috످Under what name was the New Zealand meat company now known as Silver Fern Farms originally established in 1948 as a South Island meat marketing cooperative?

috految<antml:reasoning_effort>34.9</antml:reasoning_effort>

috److془Silver Fern Farms: Primary Producers Co-operative Society (PPCS), 1948. Renamed 2008.془Silver Fern Farms was established in 1948 as the Primary Producers Co-operative Society (PPCS). It adopted its current name in 2008.

috످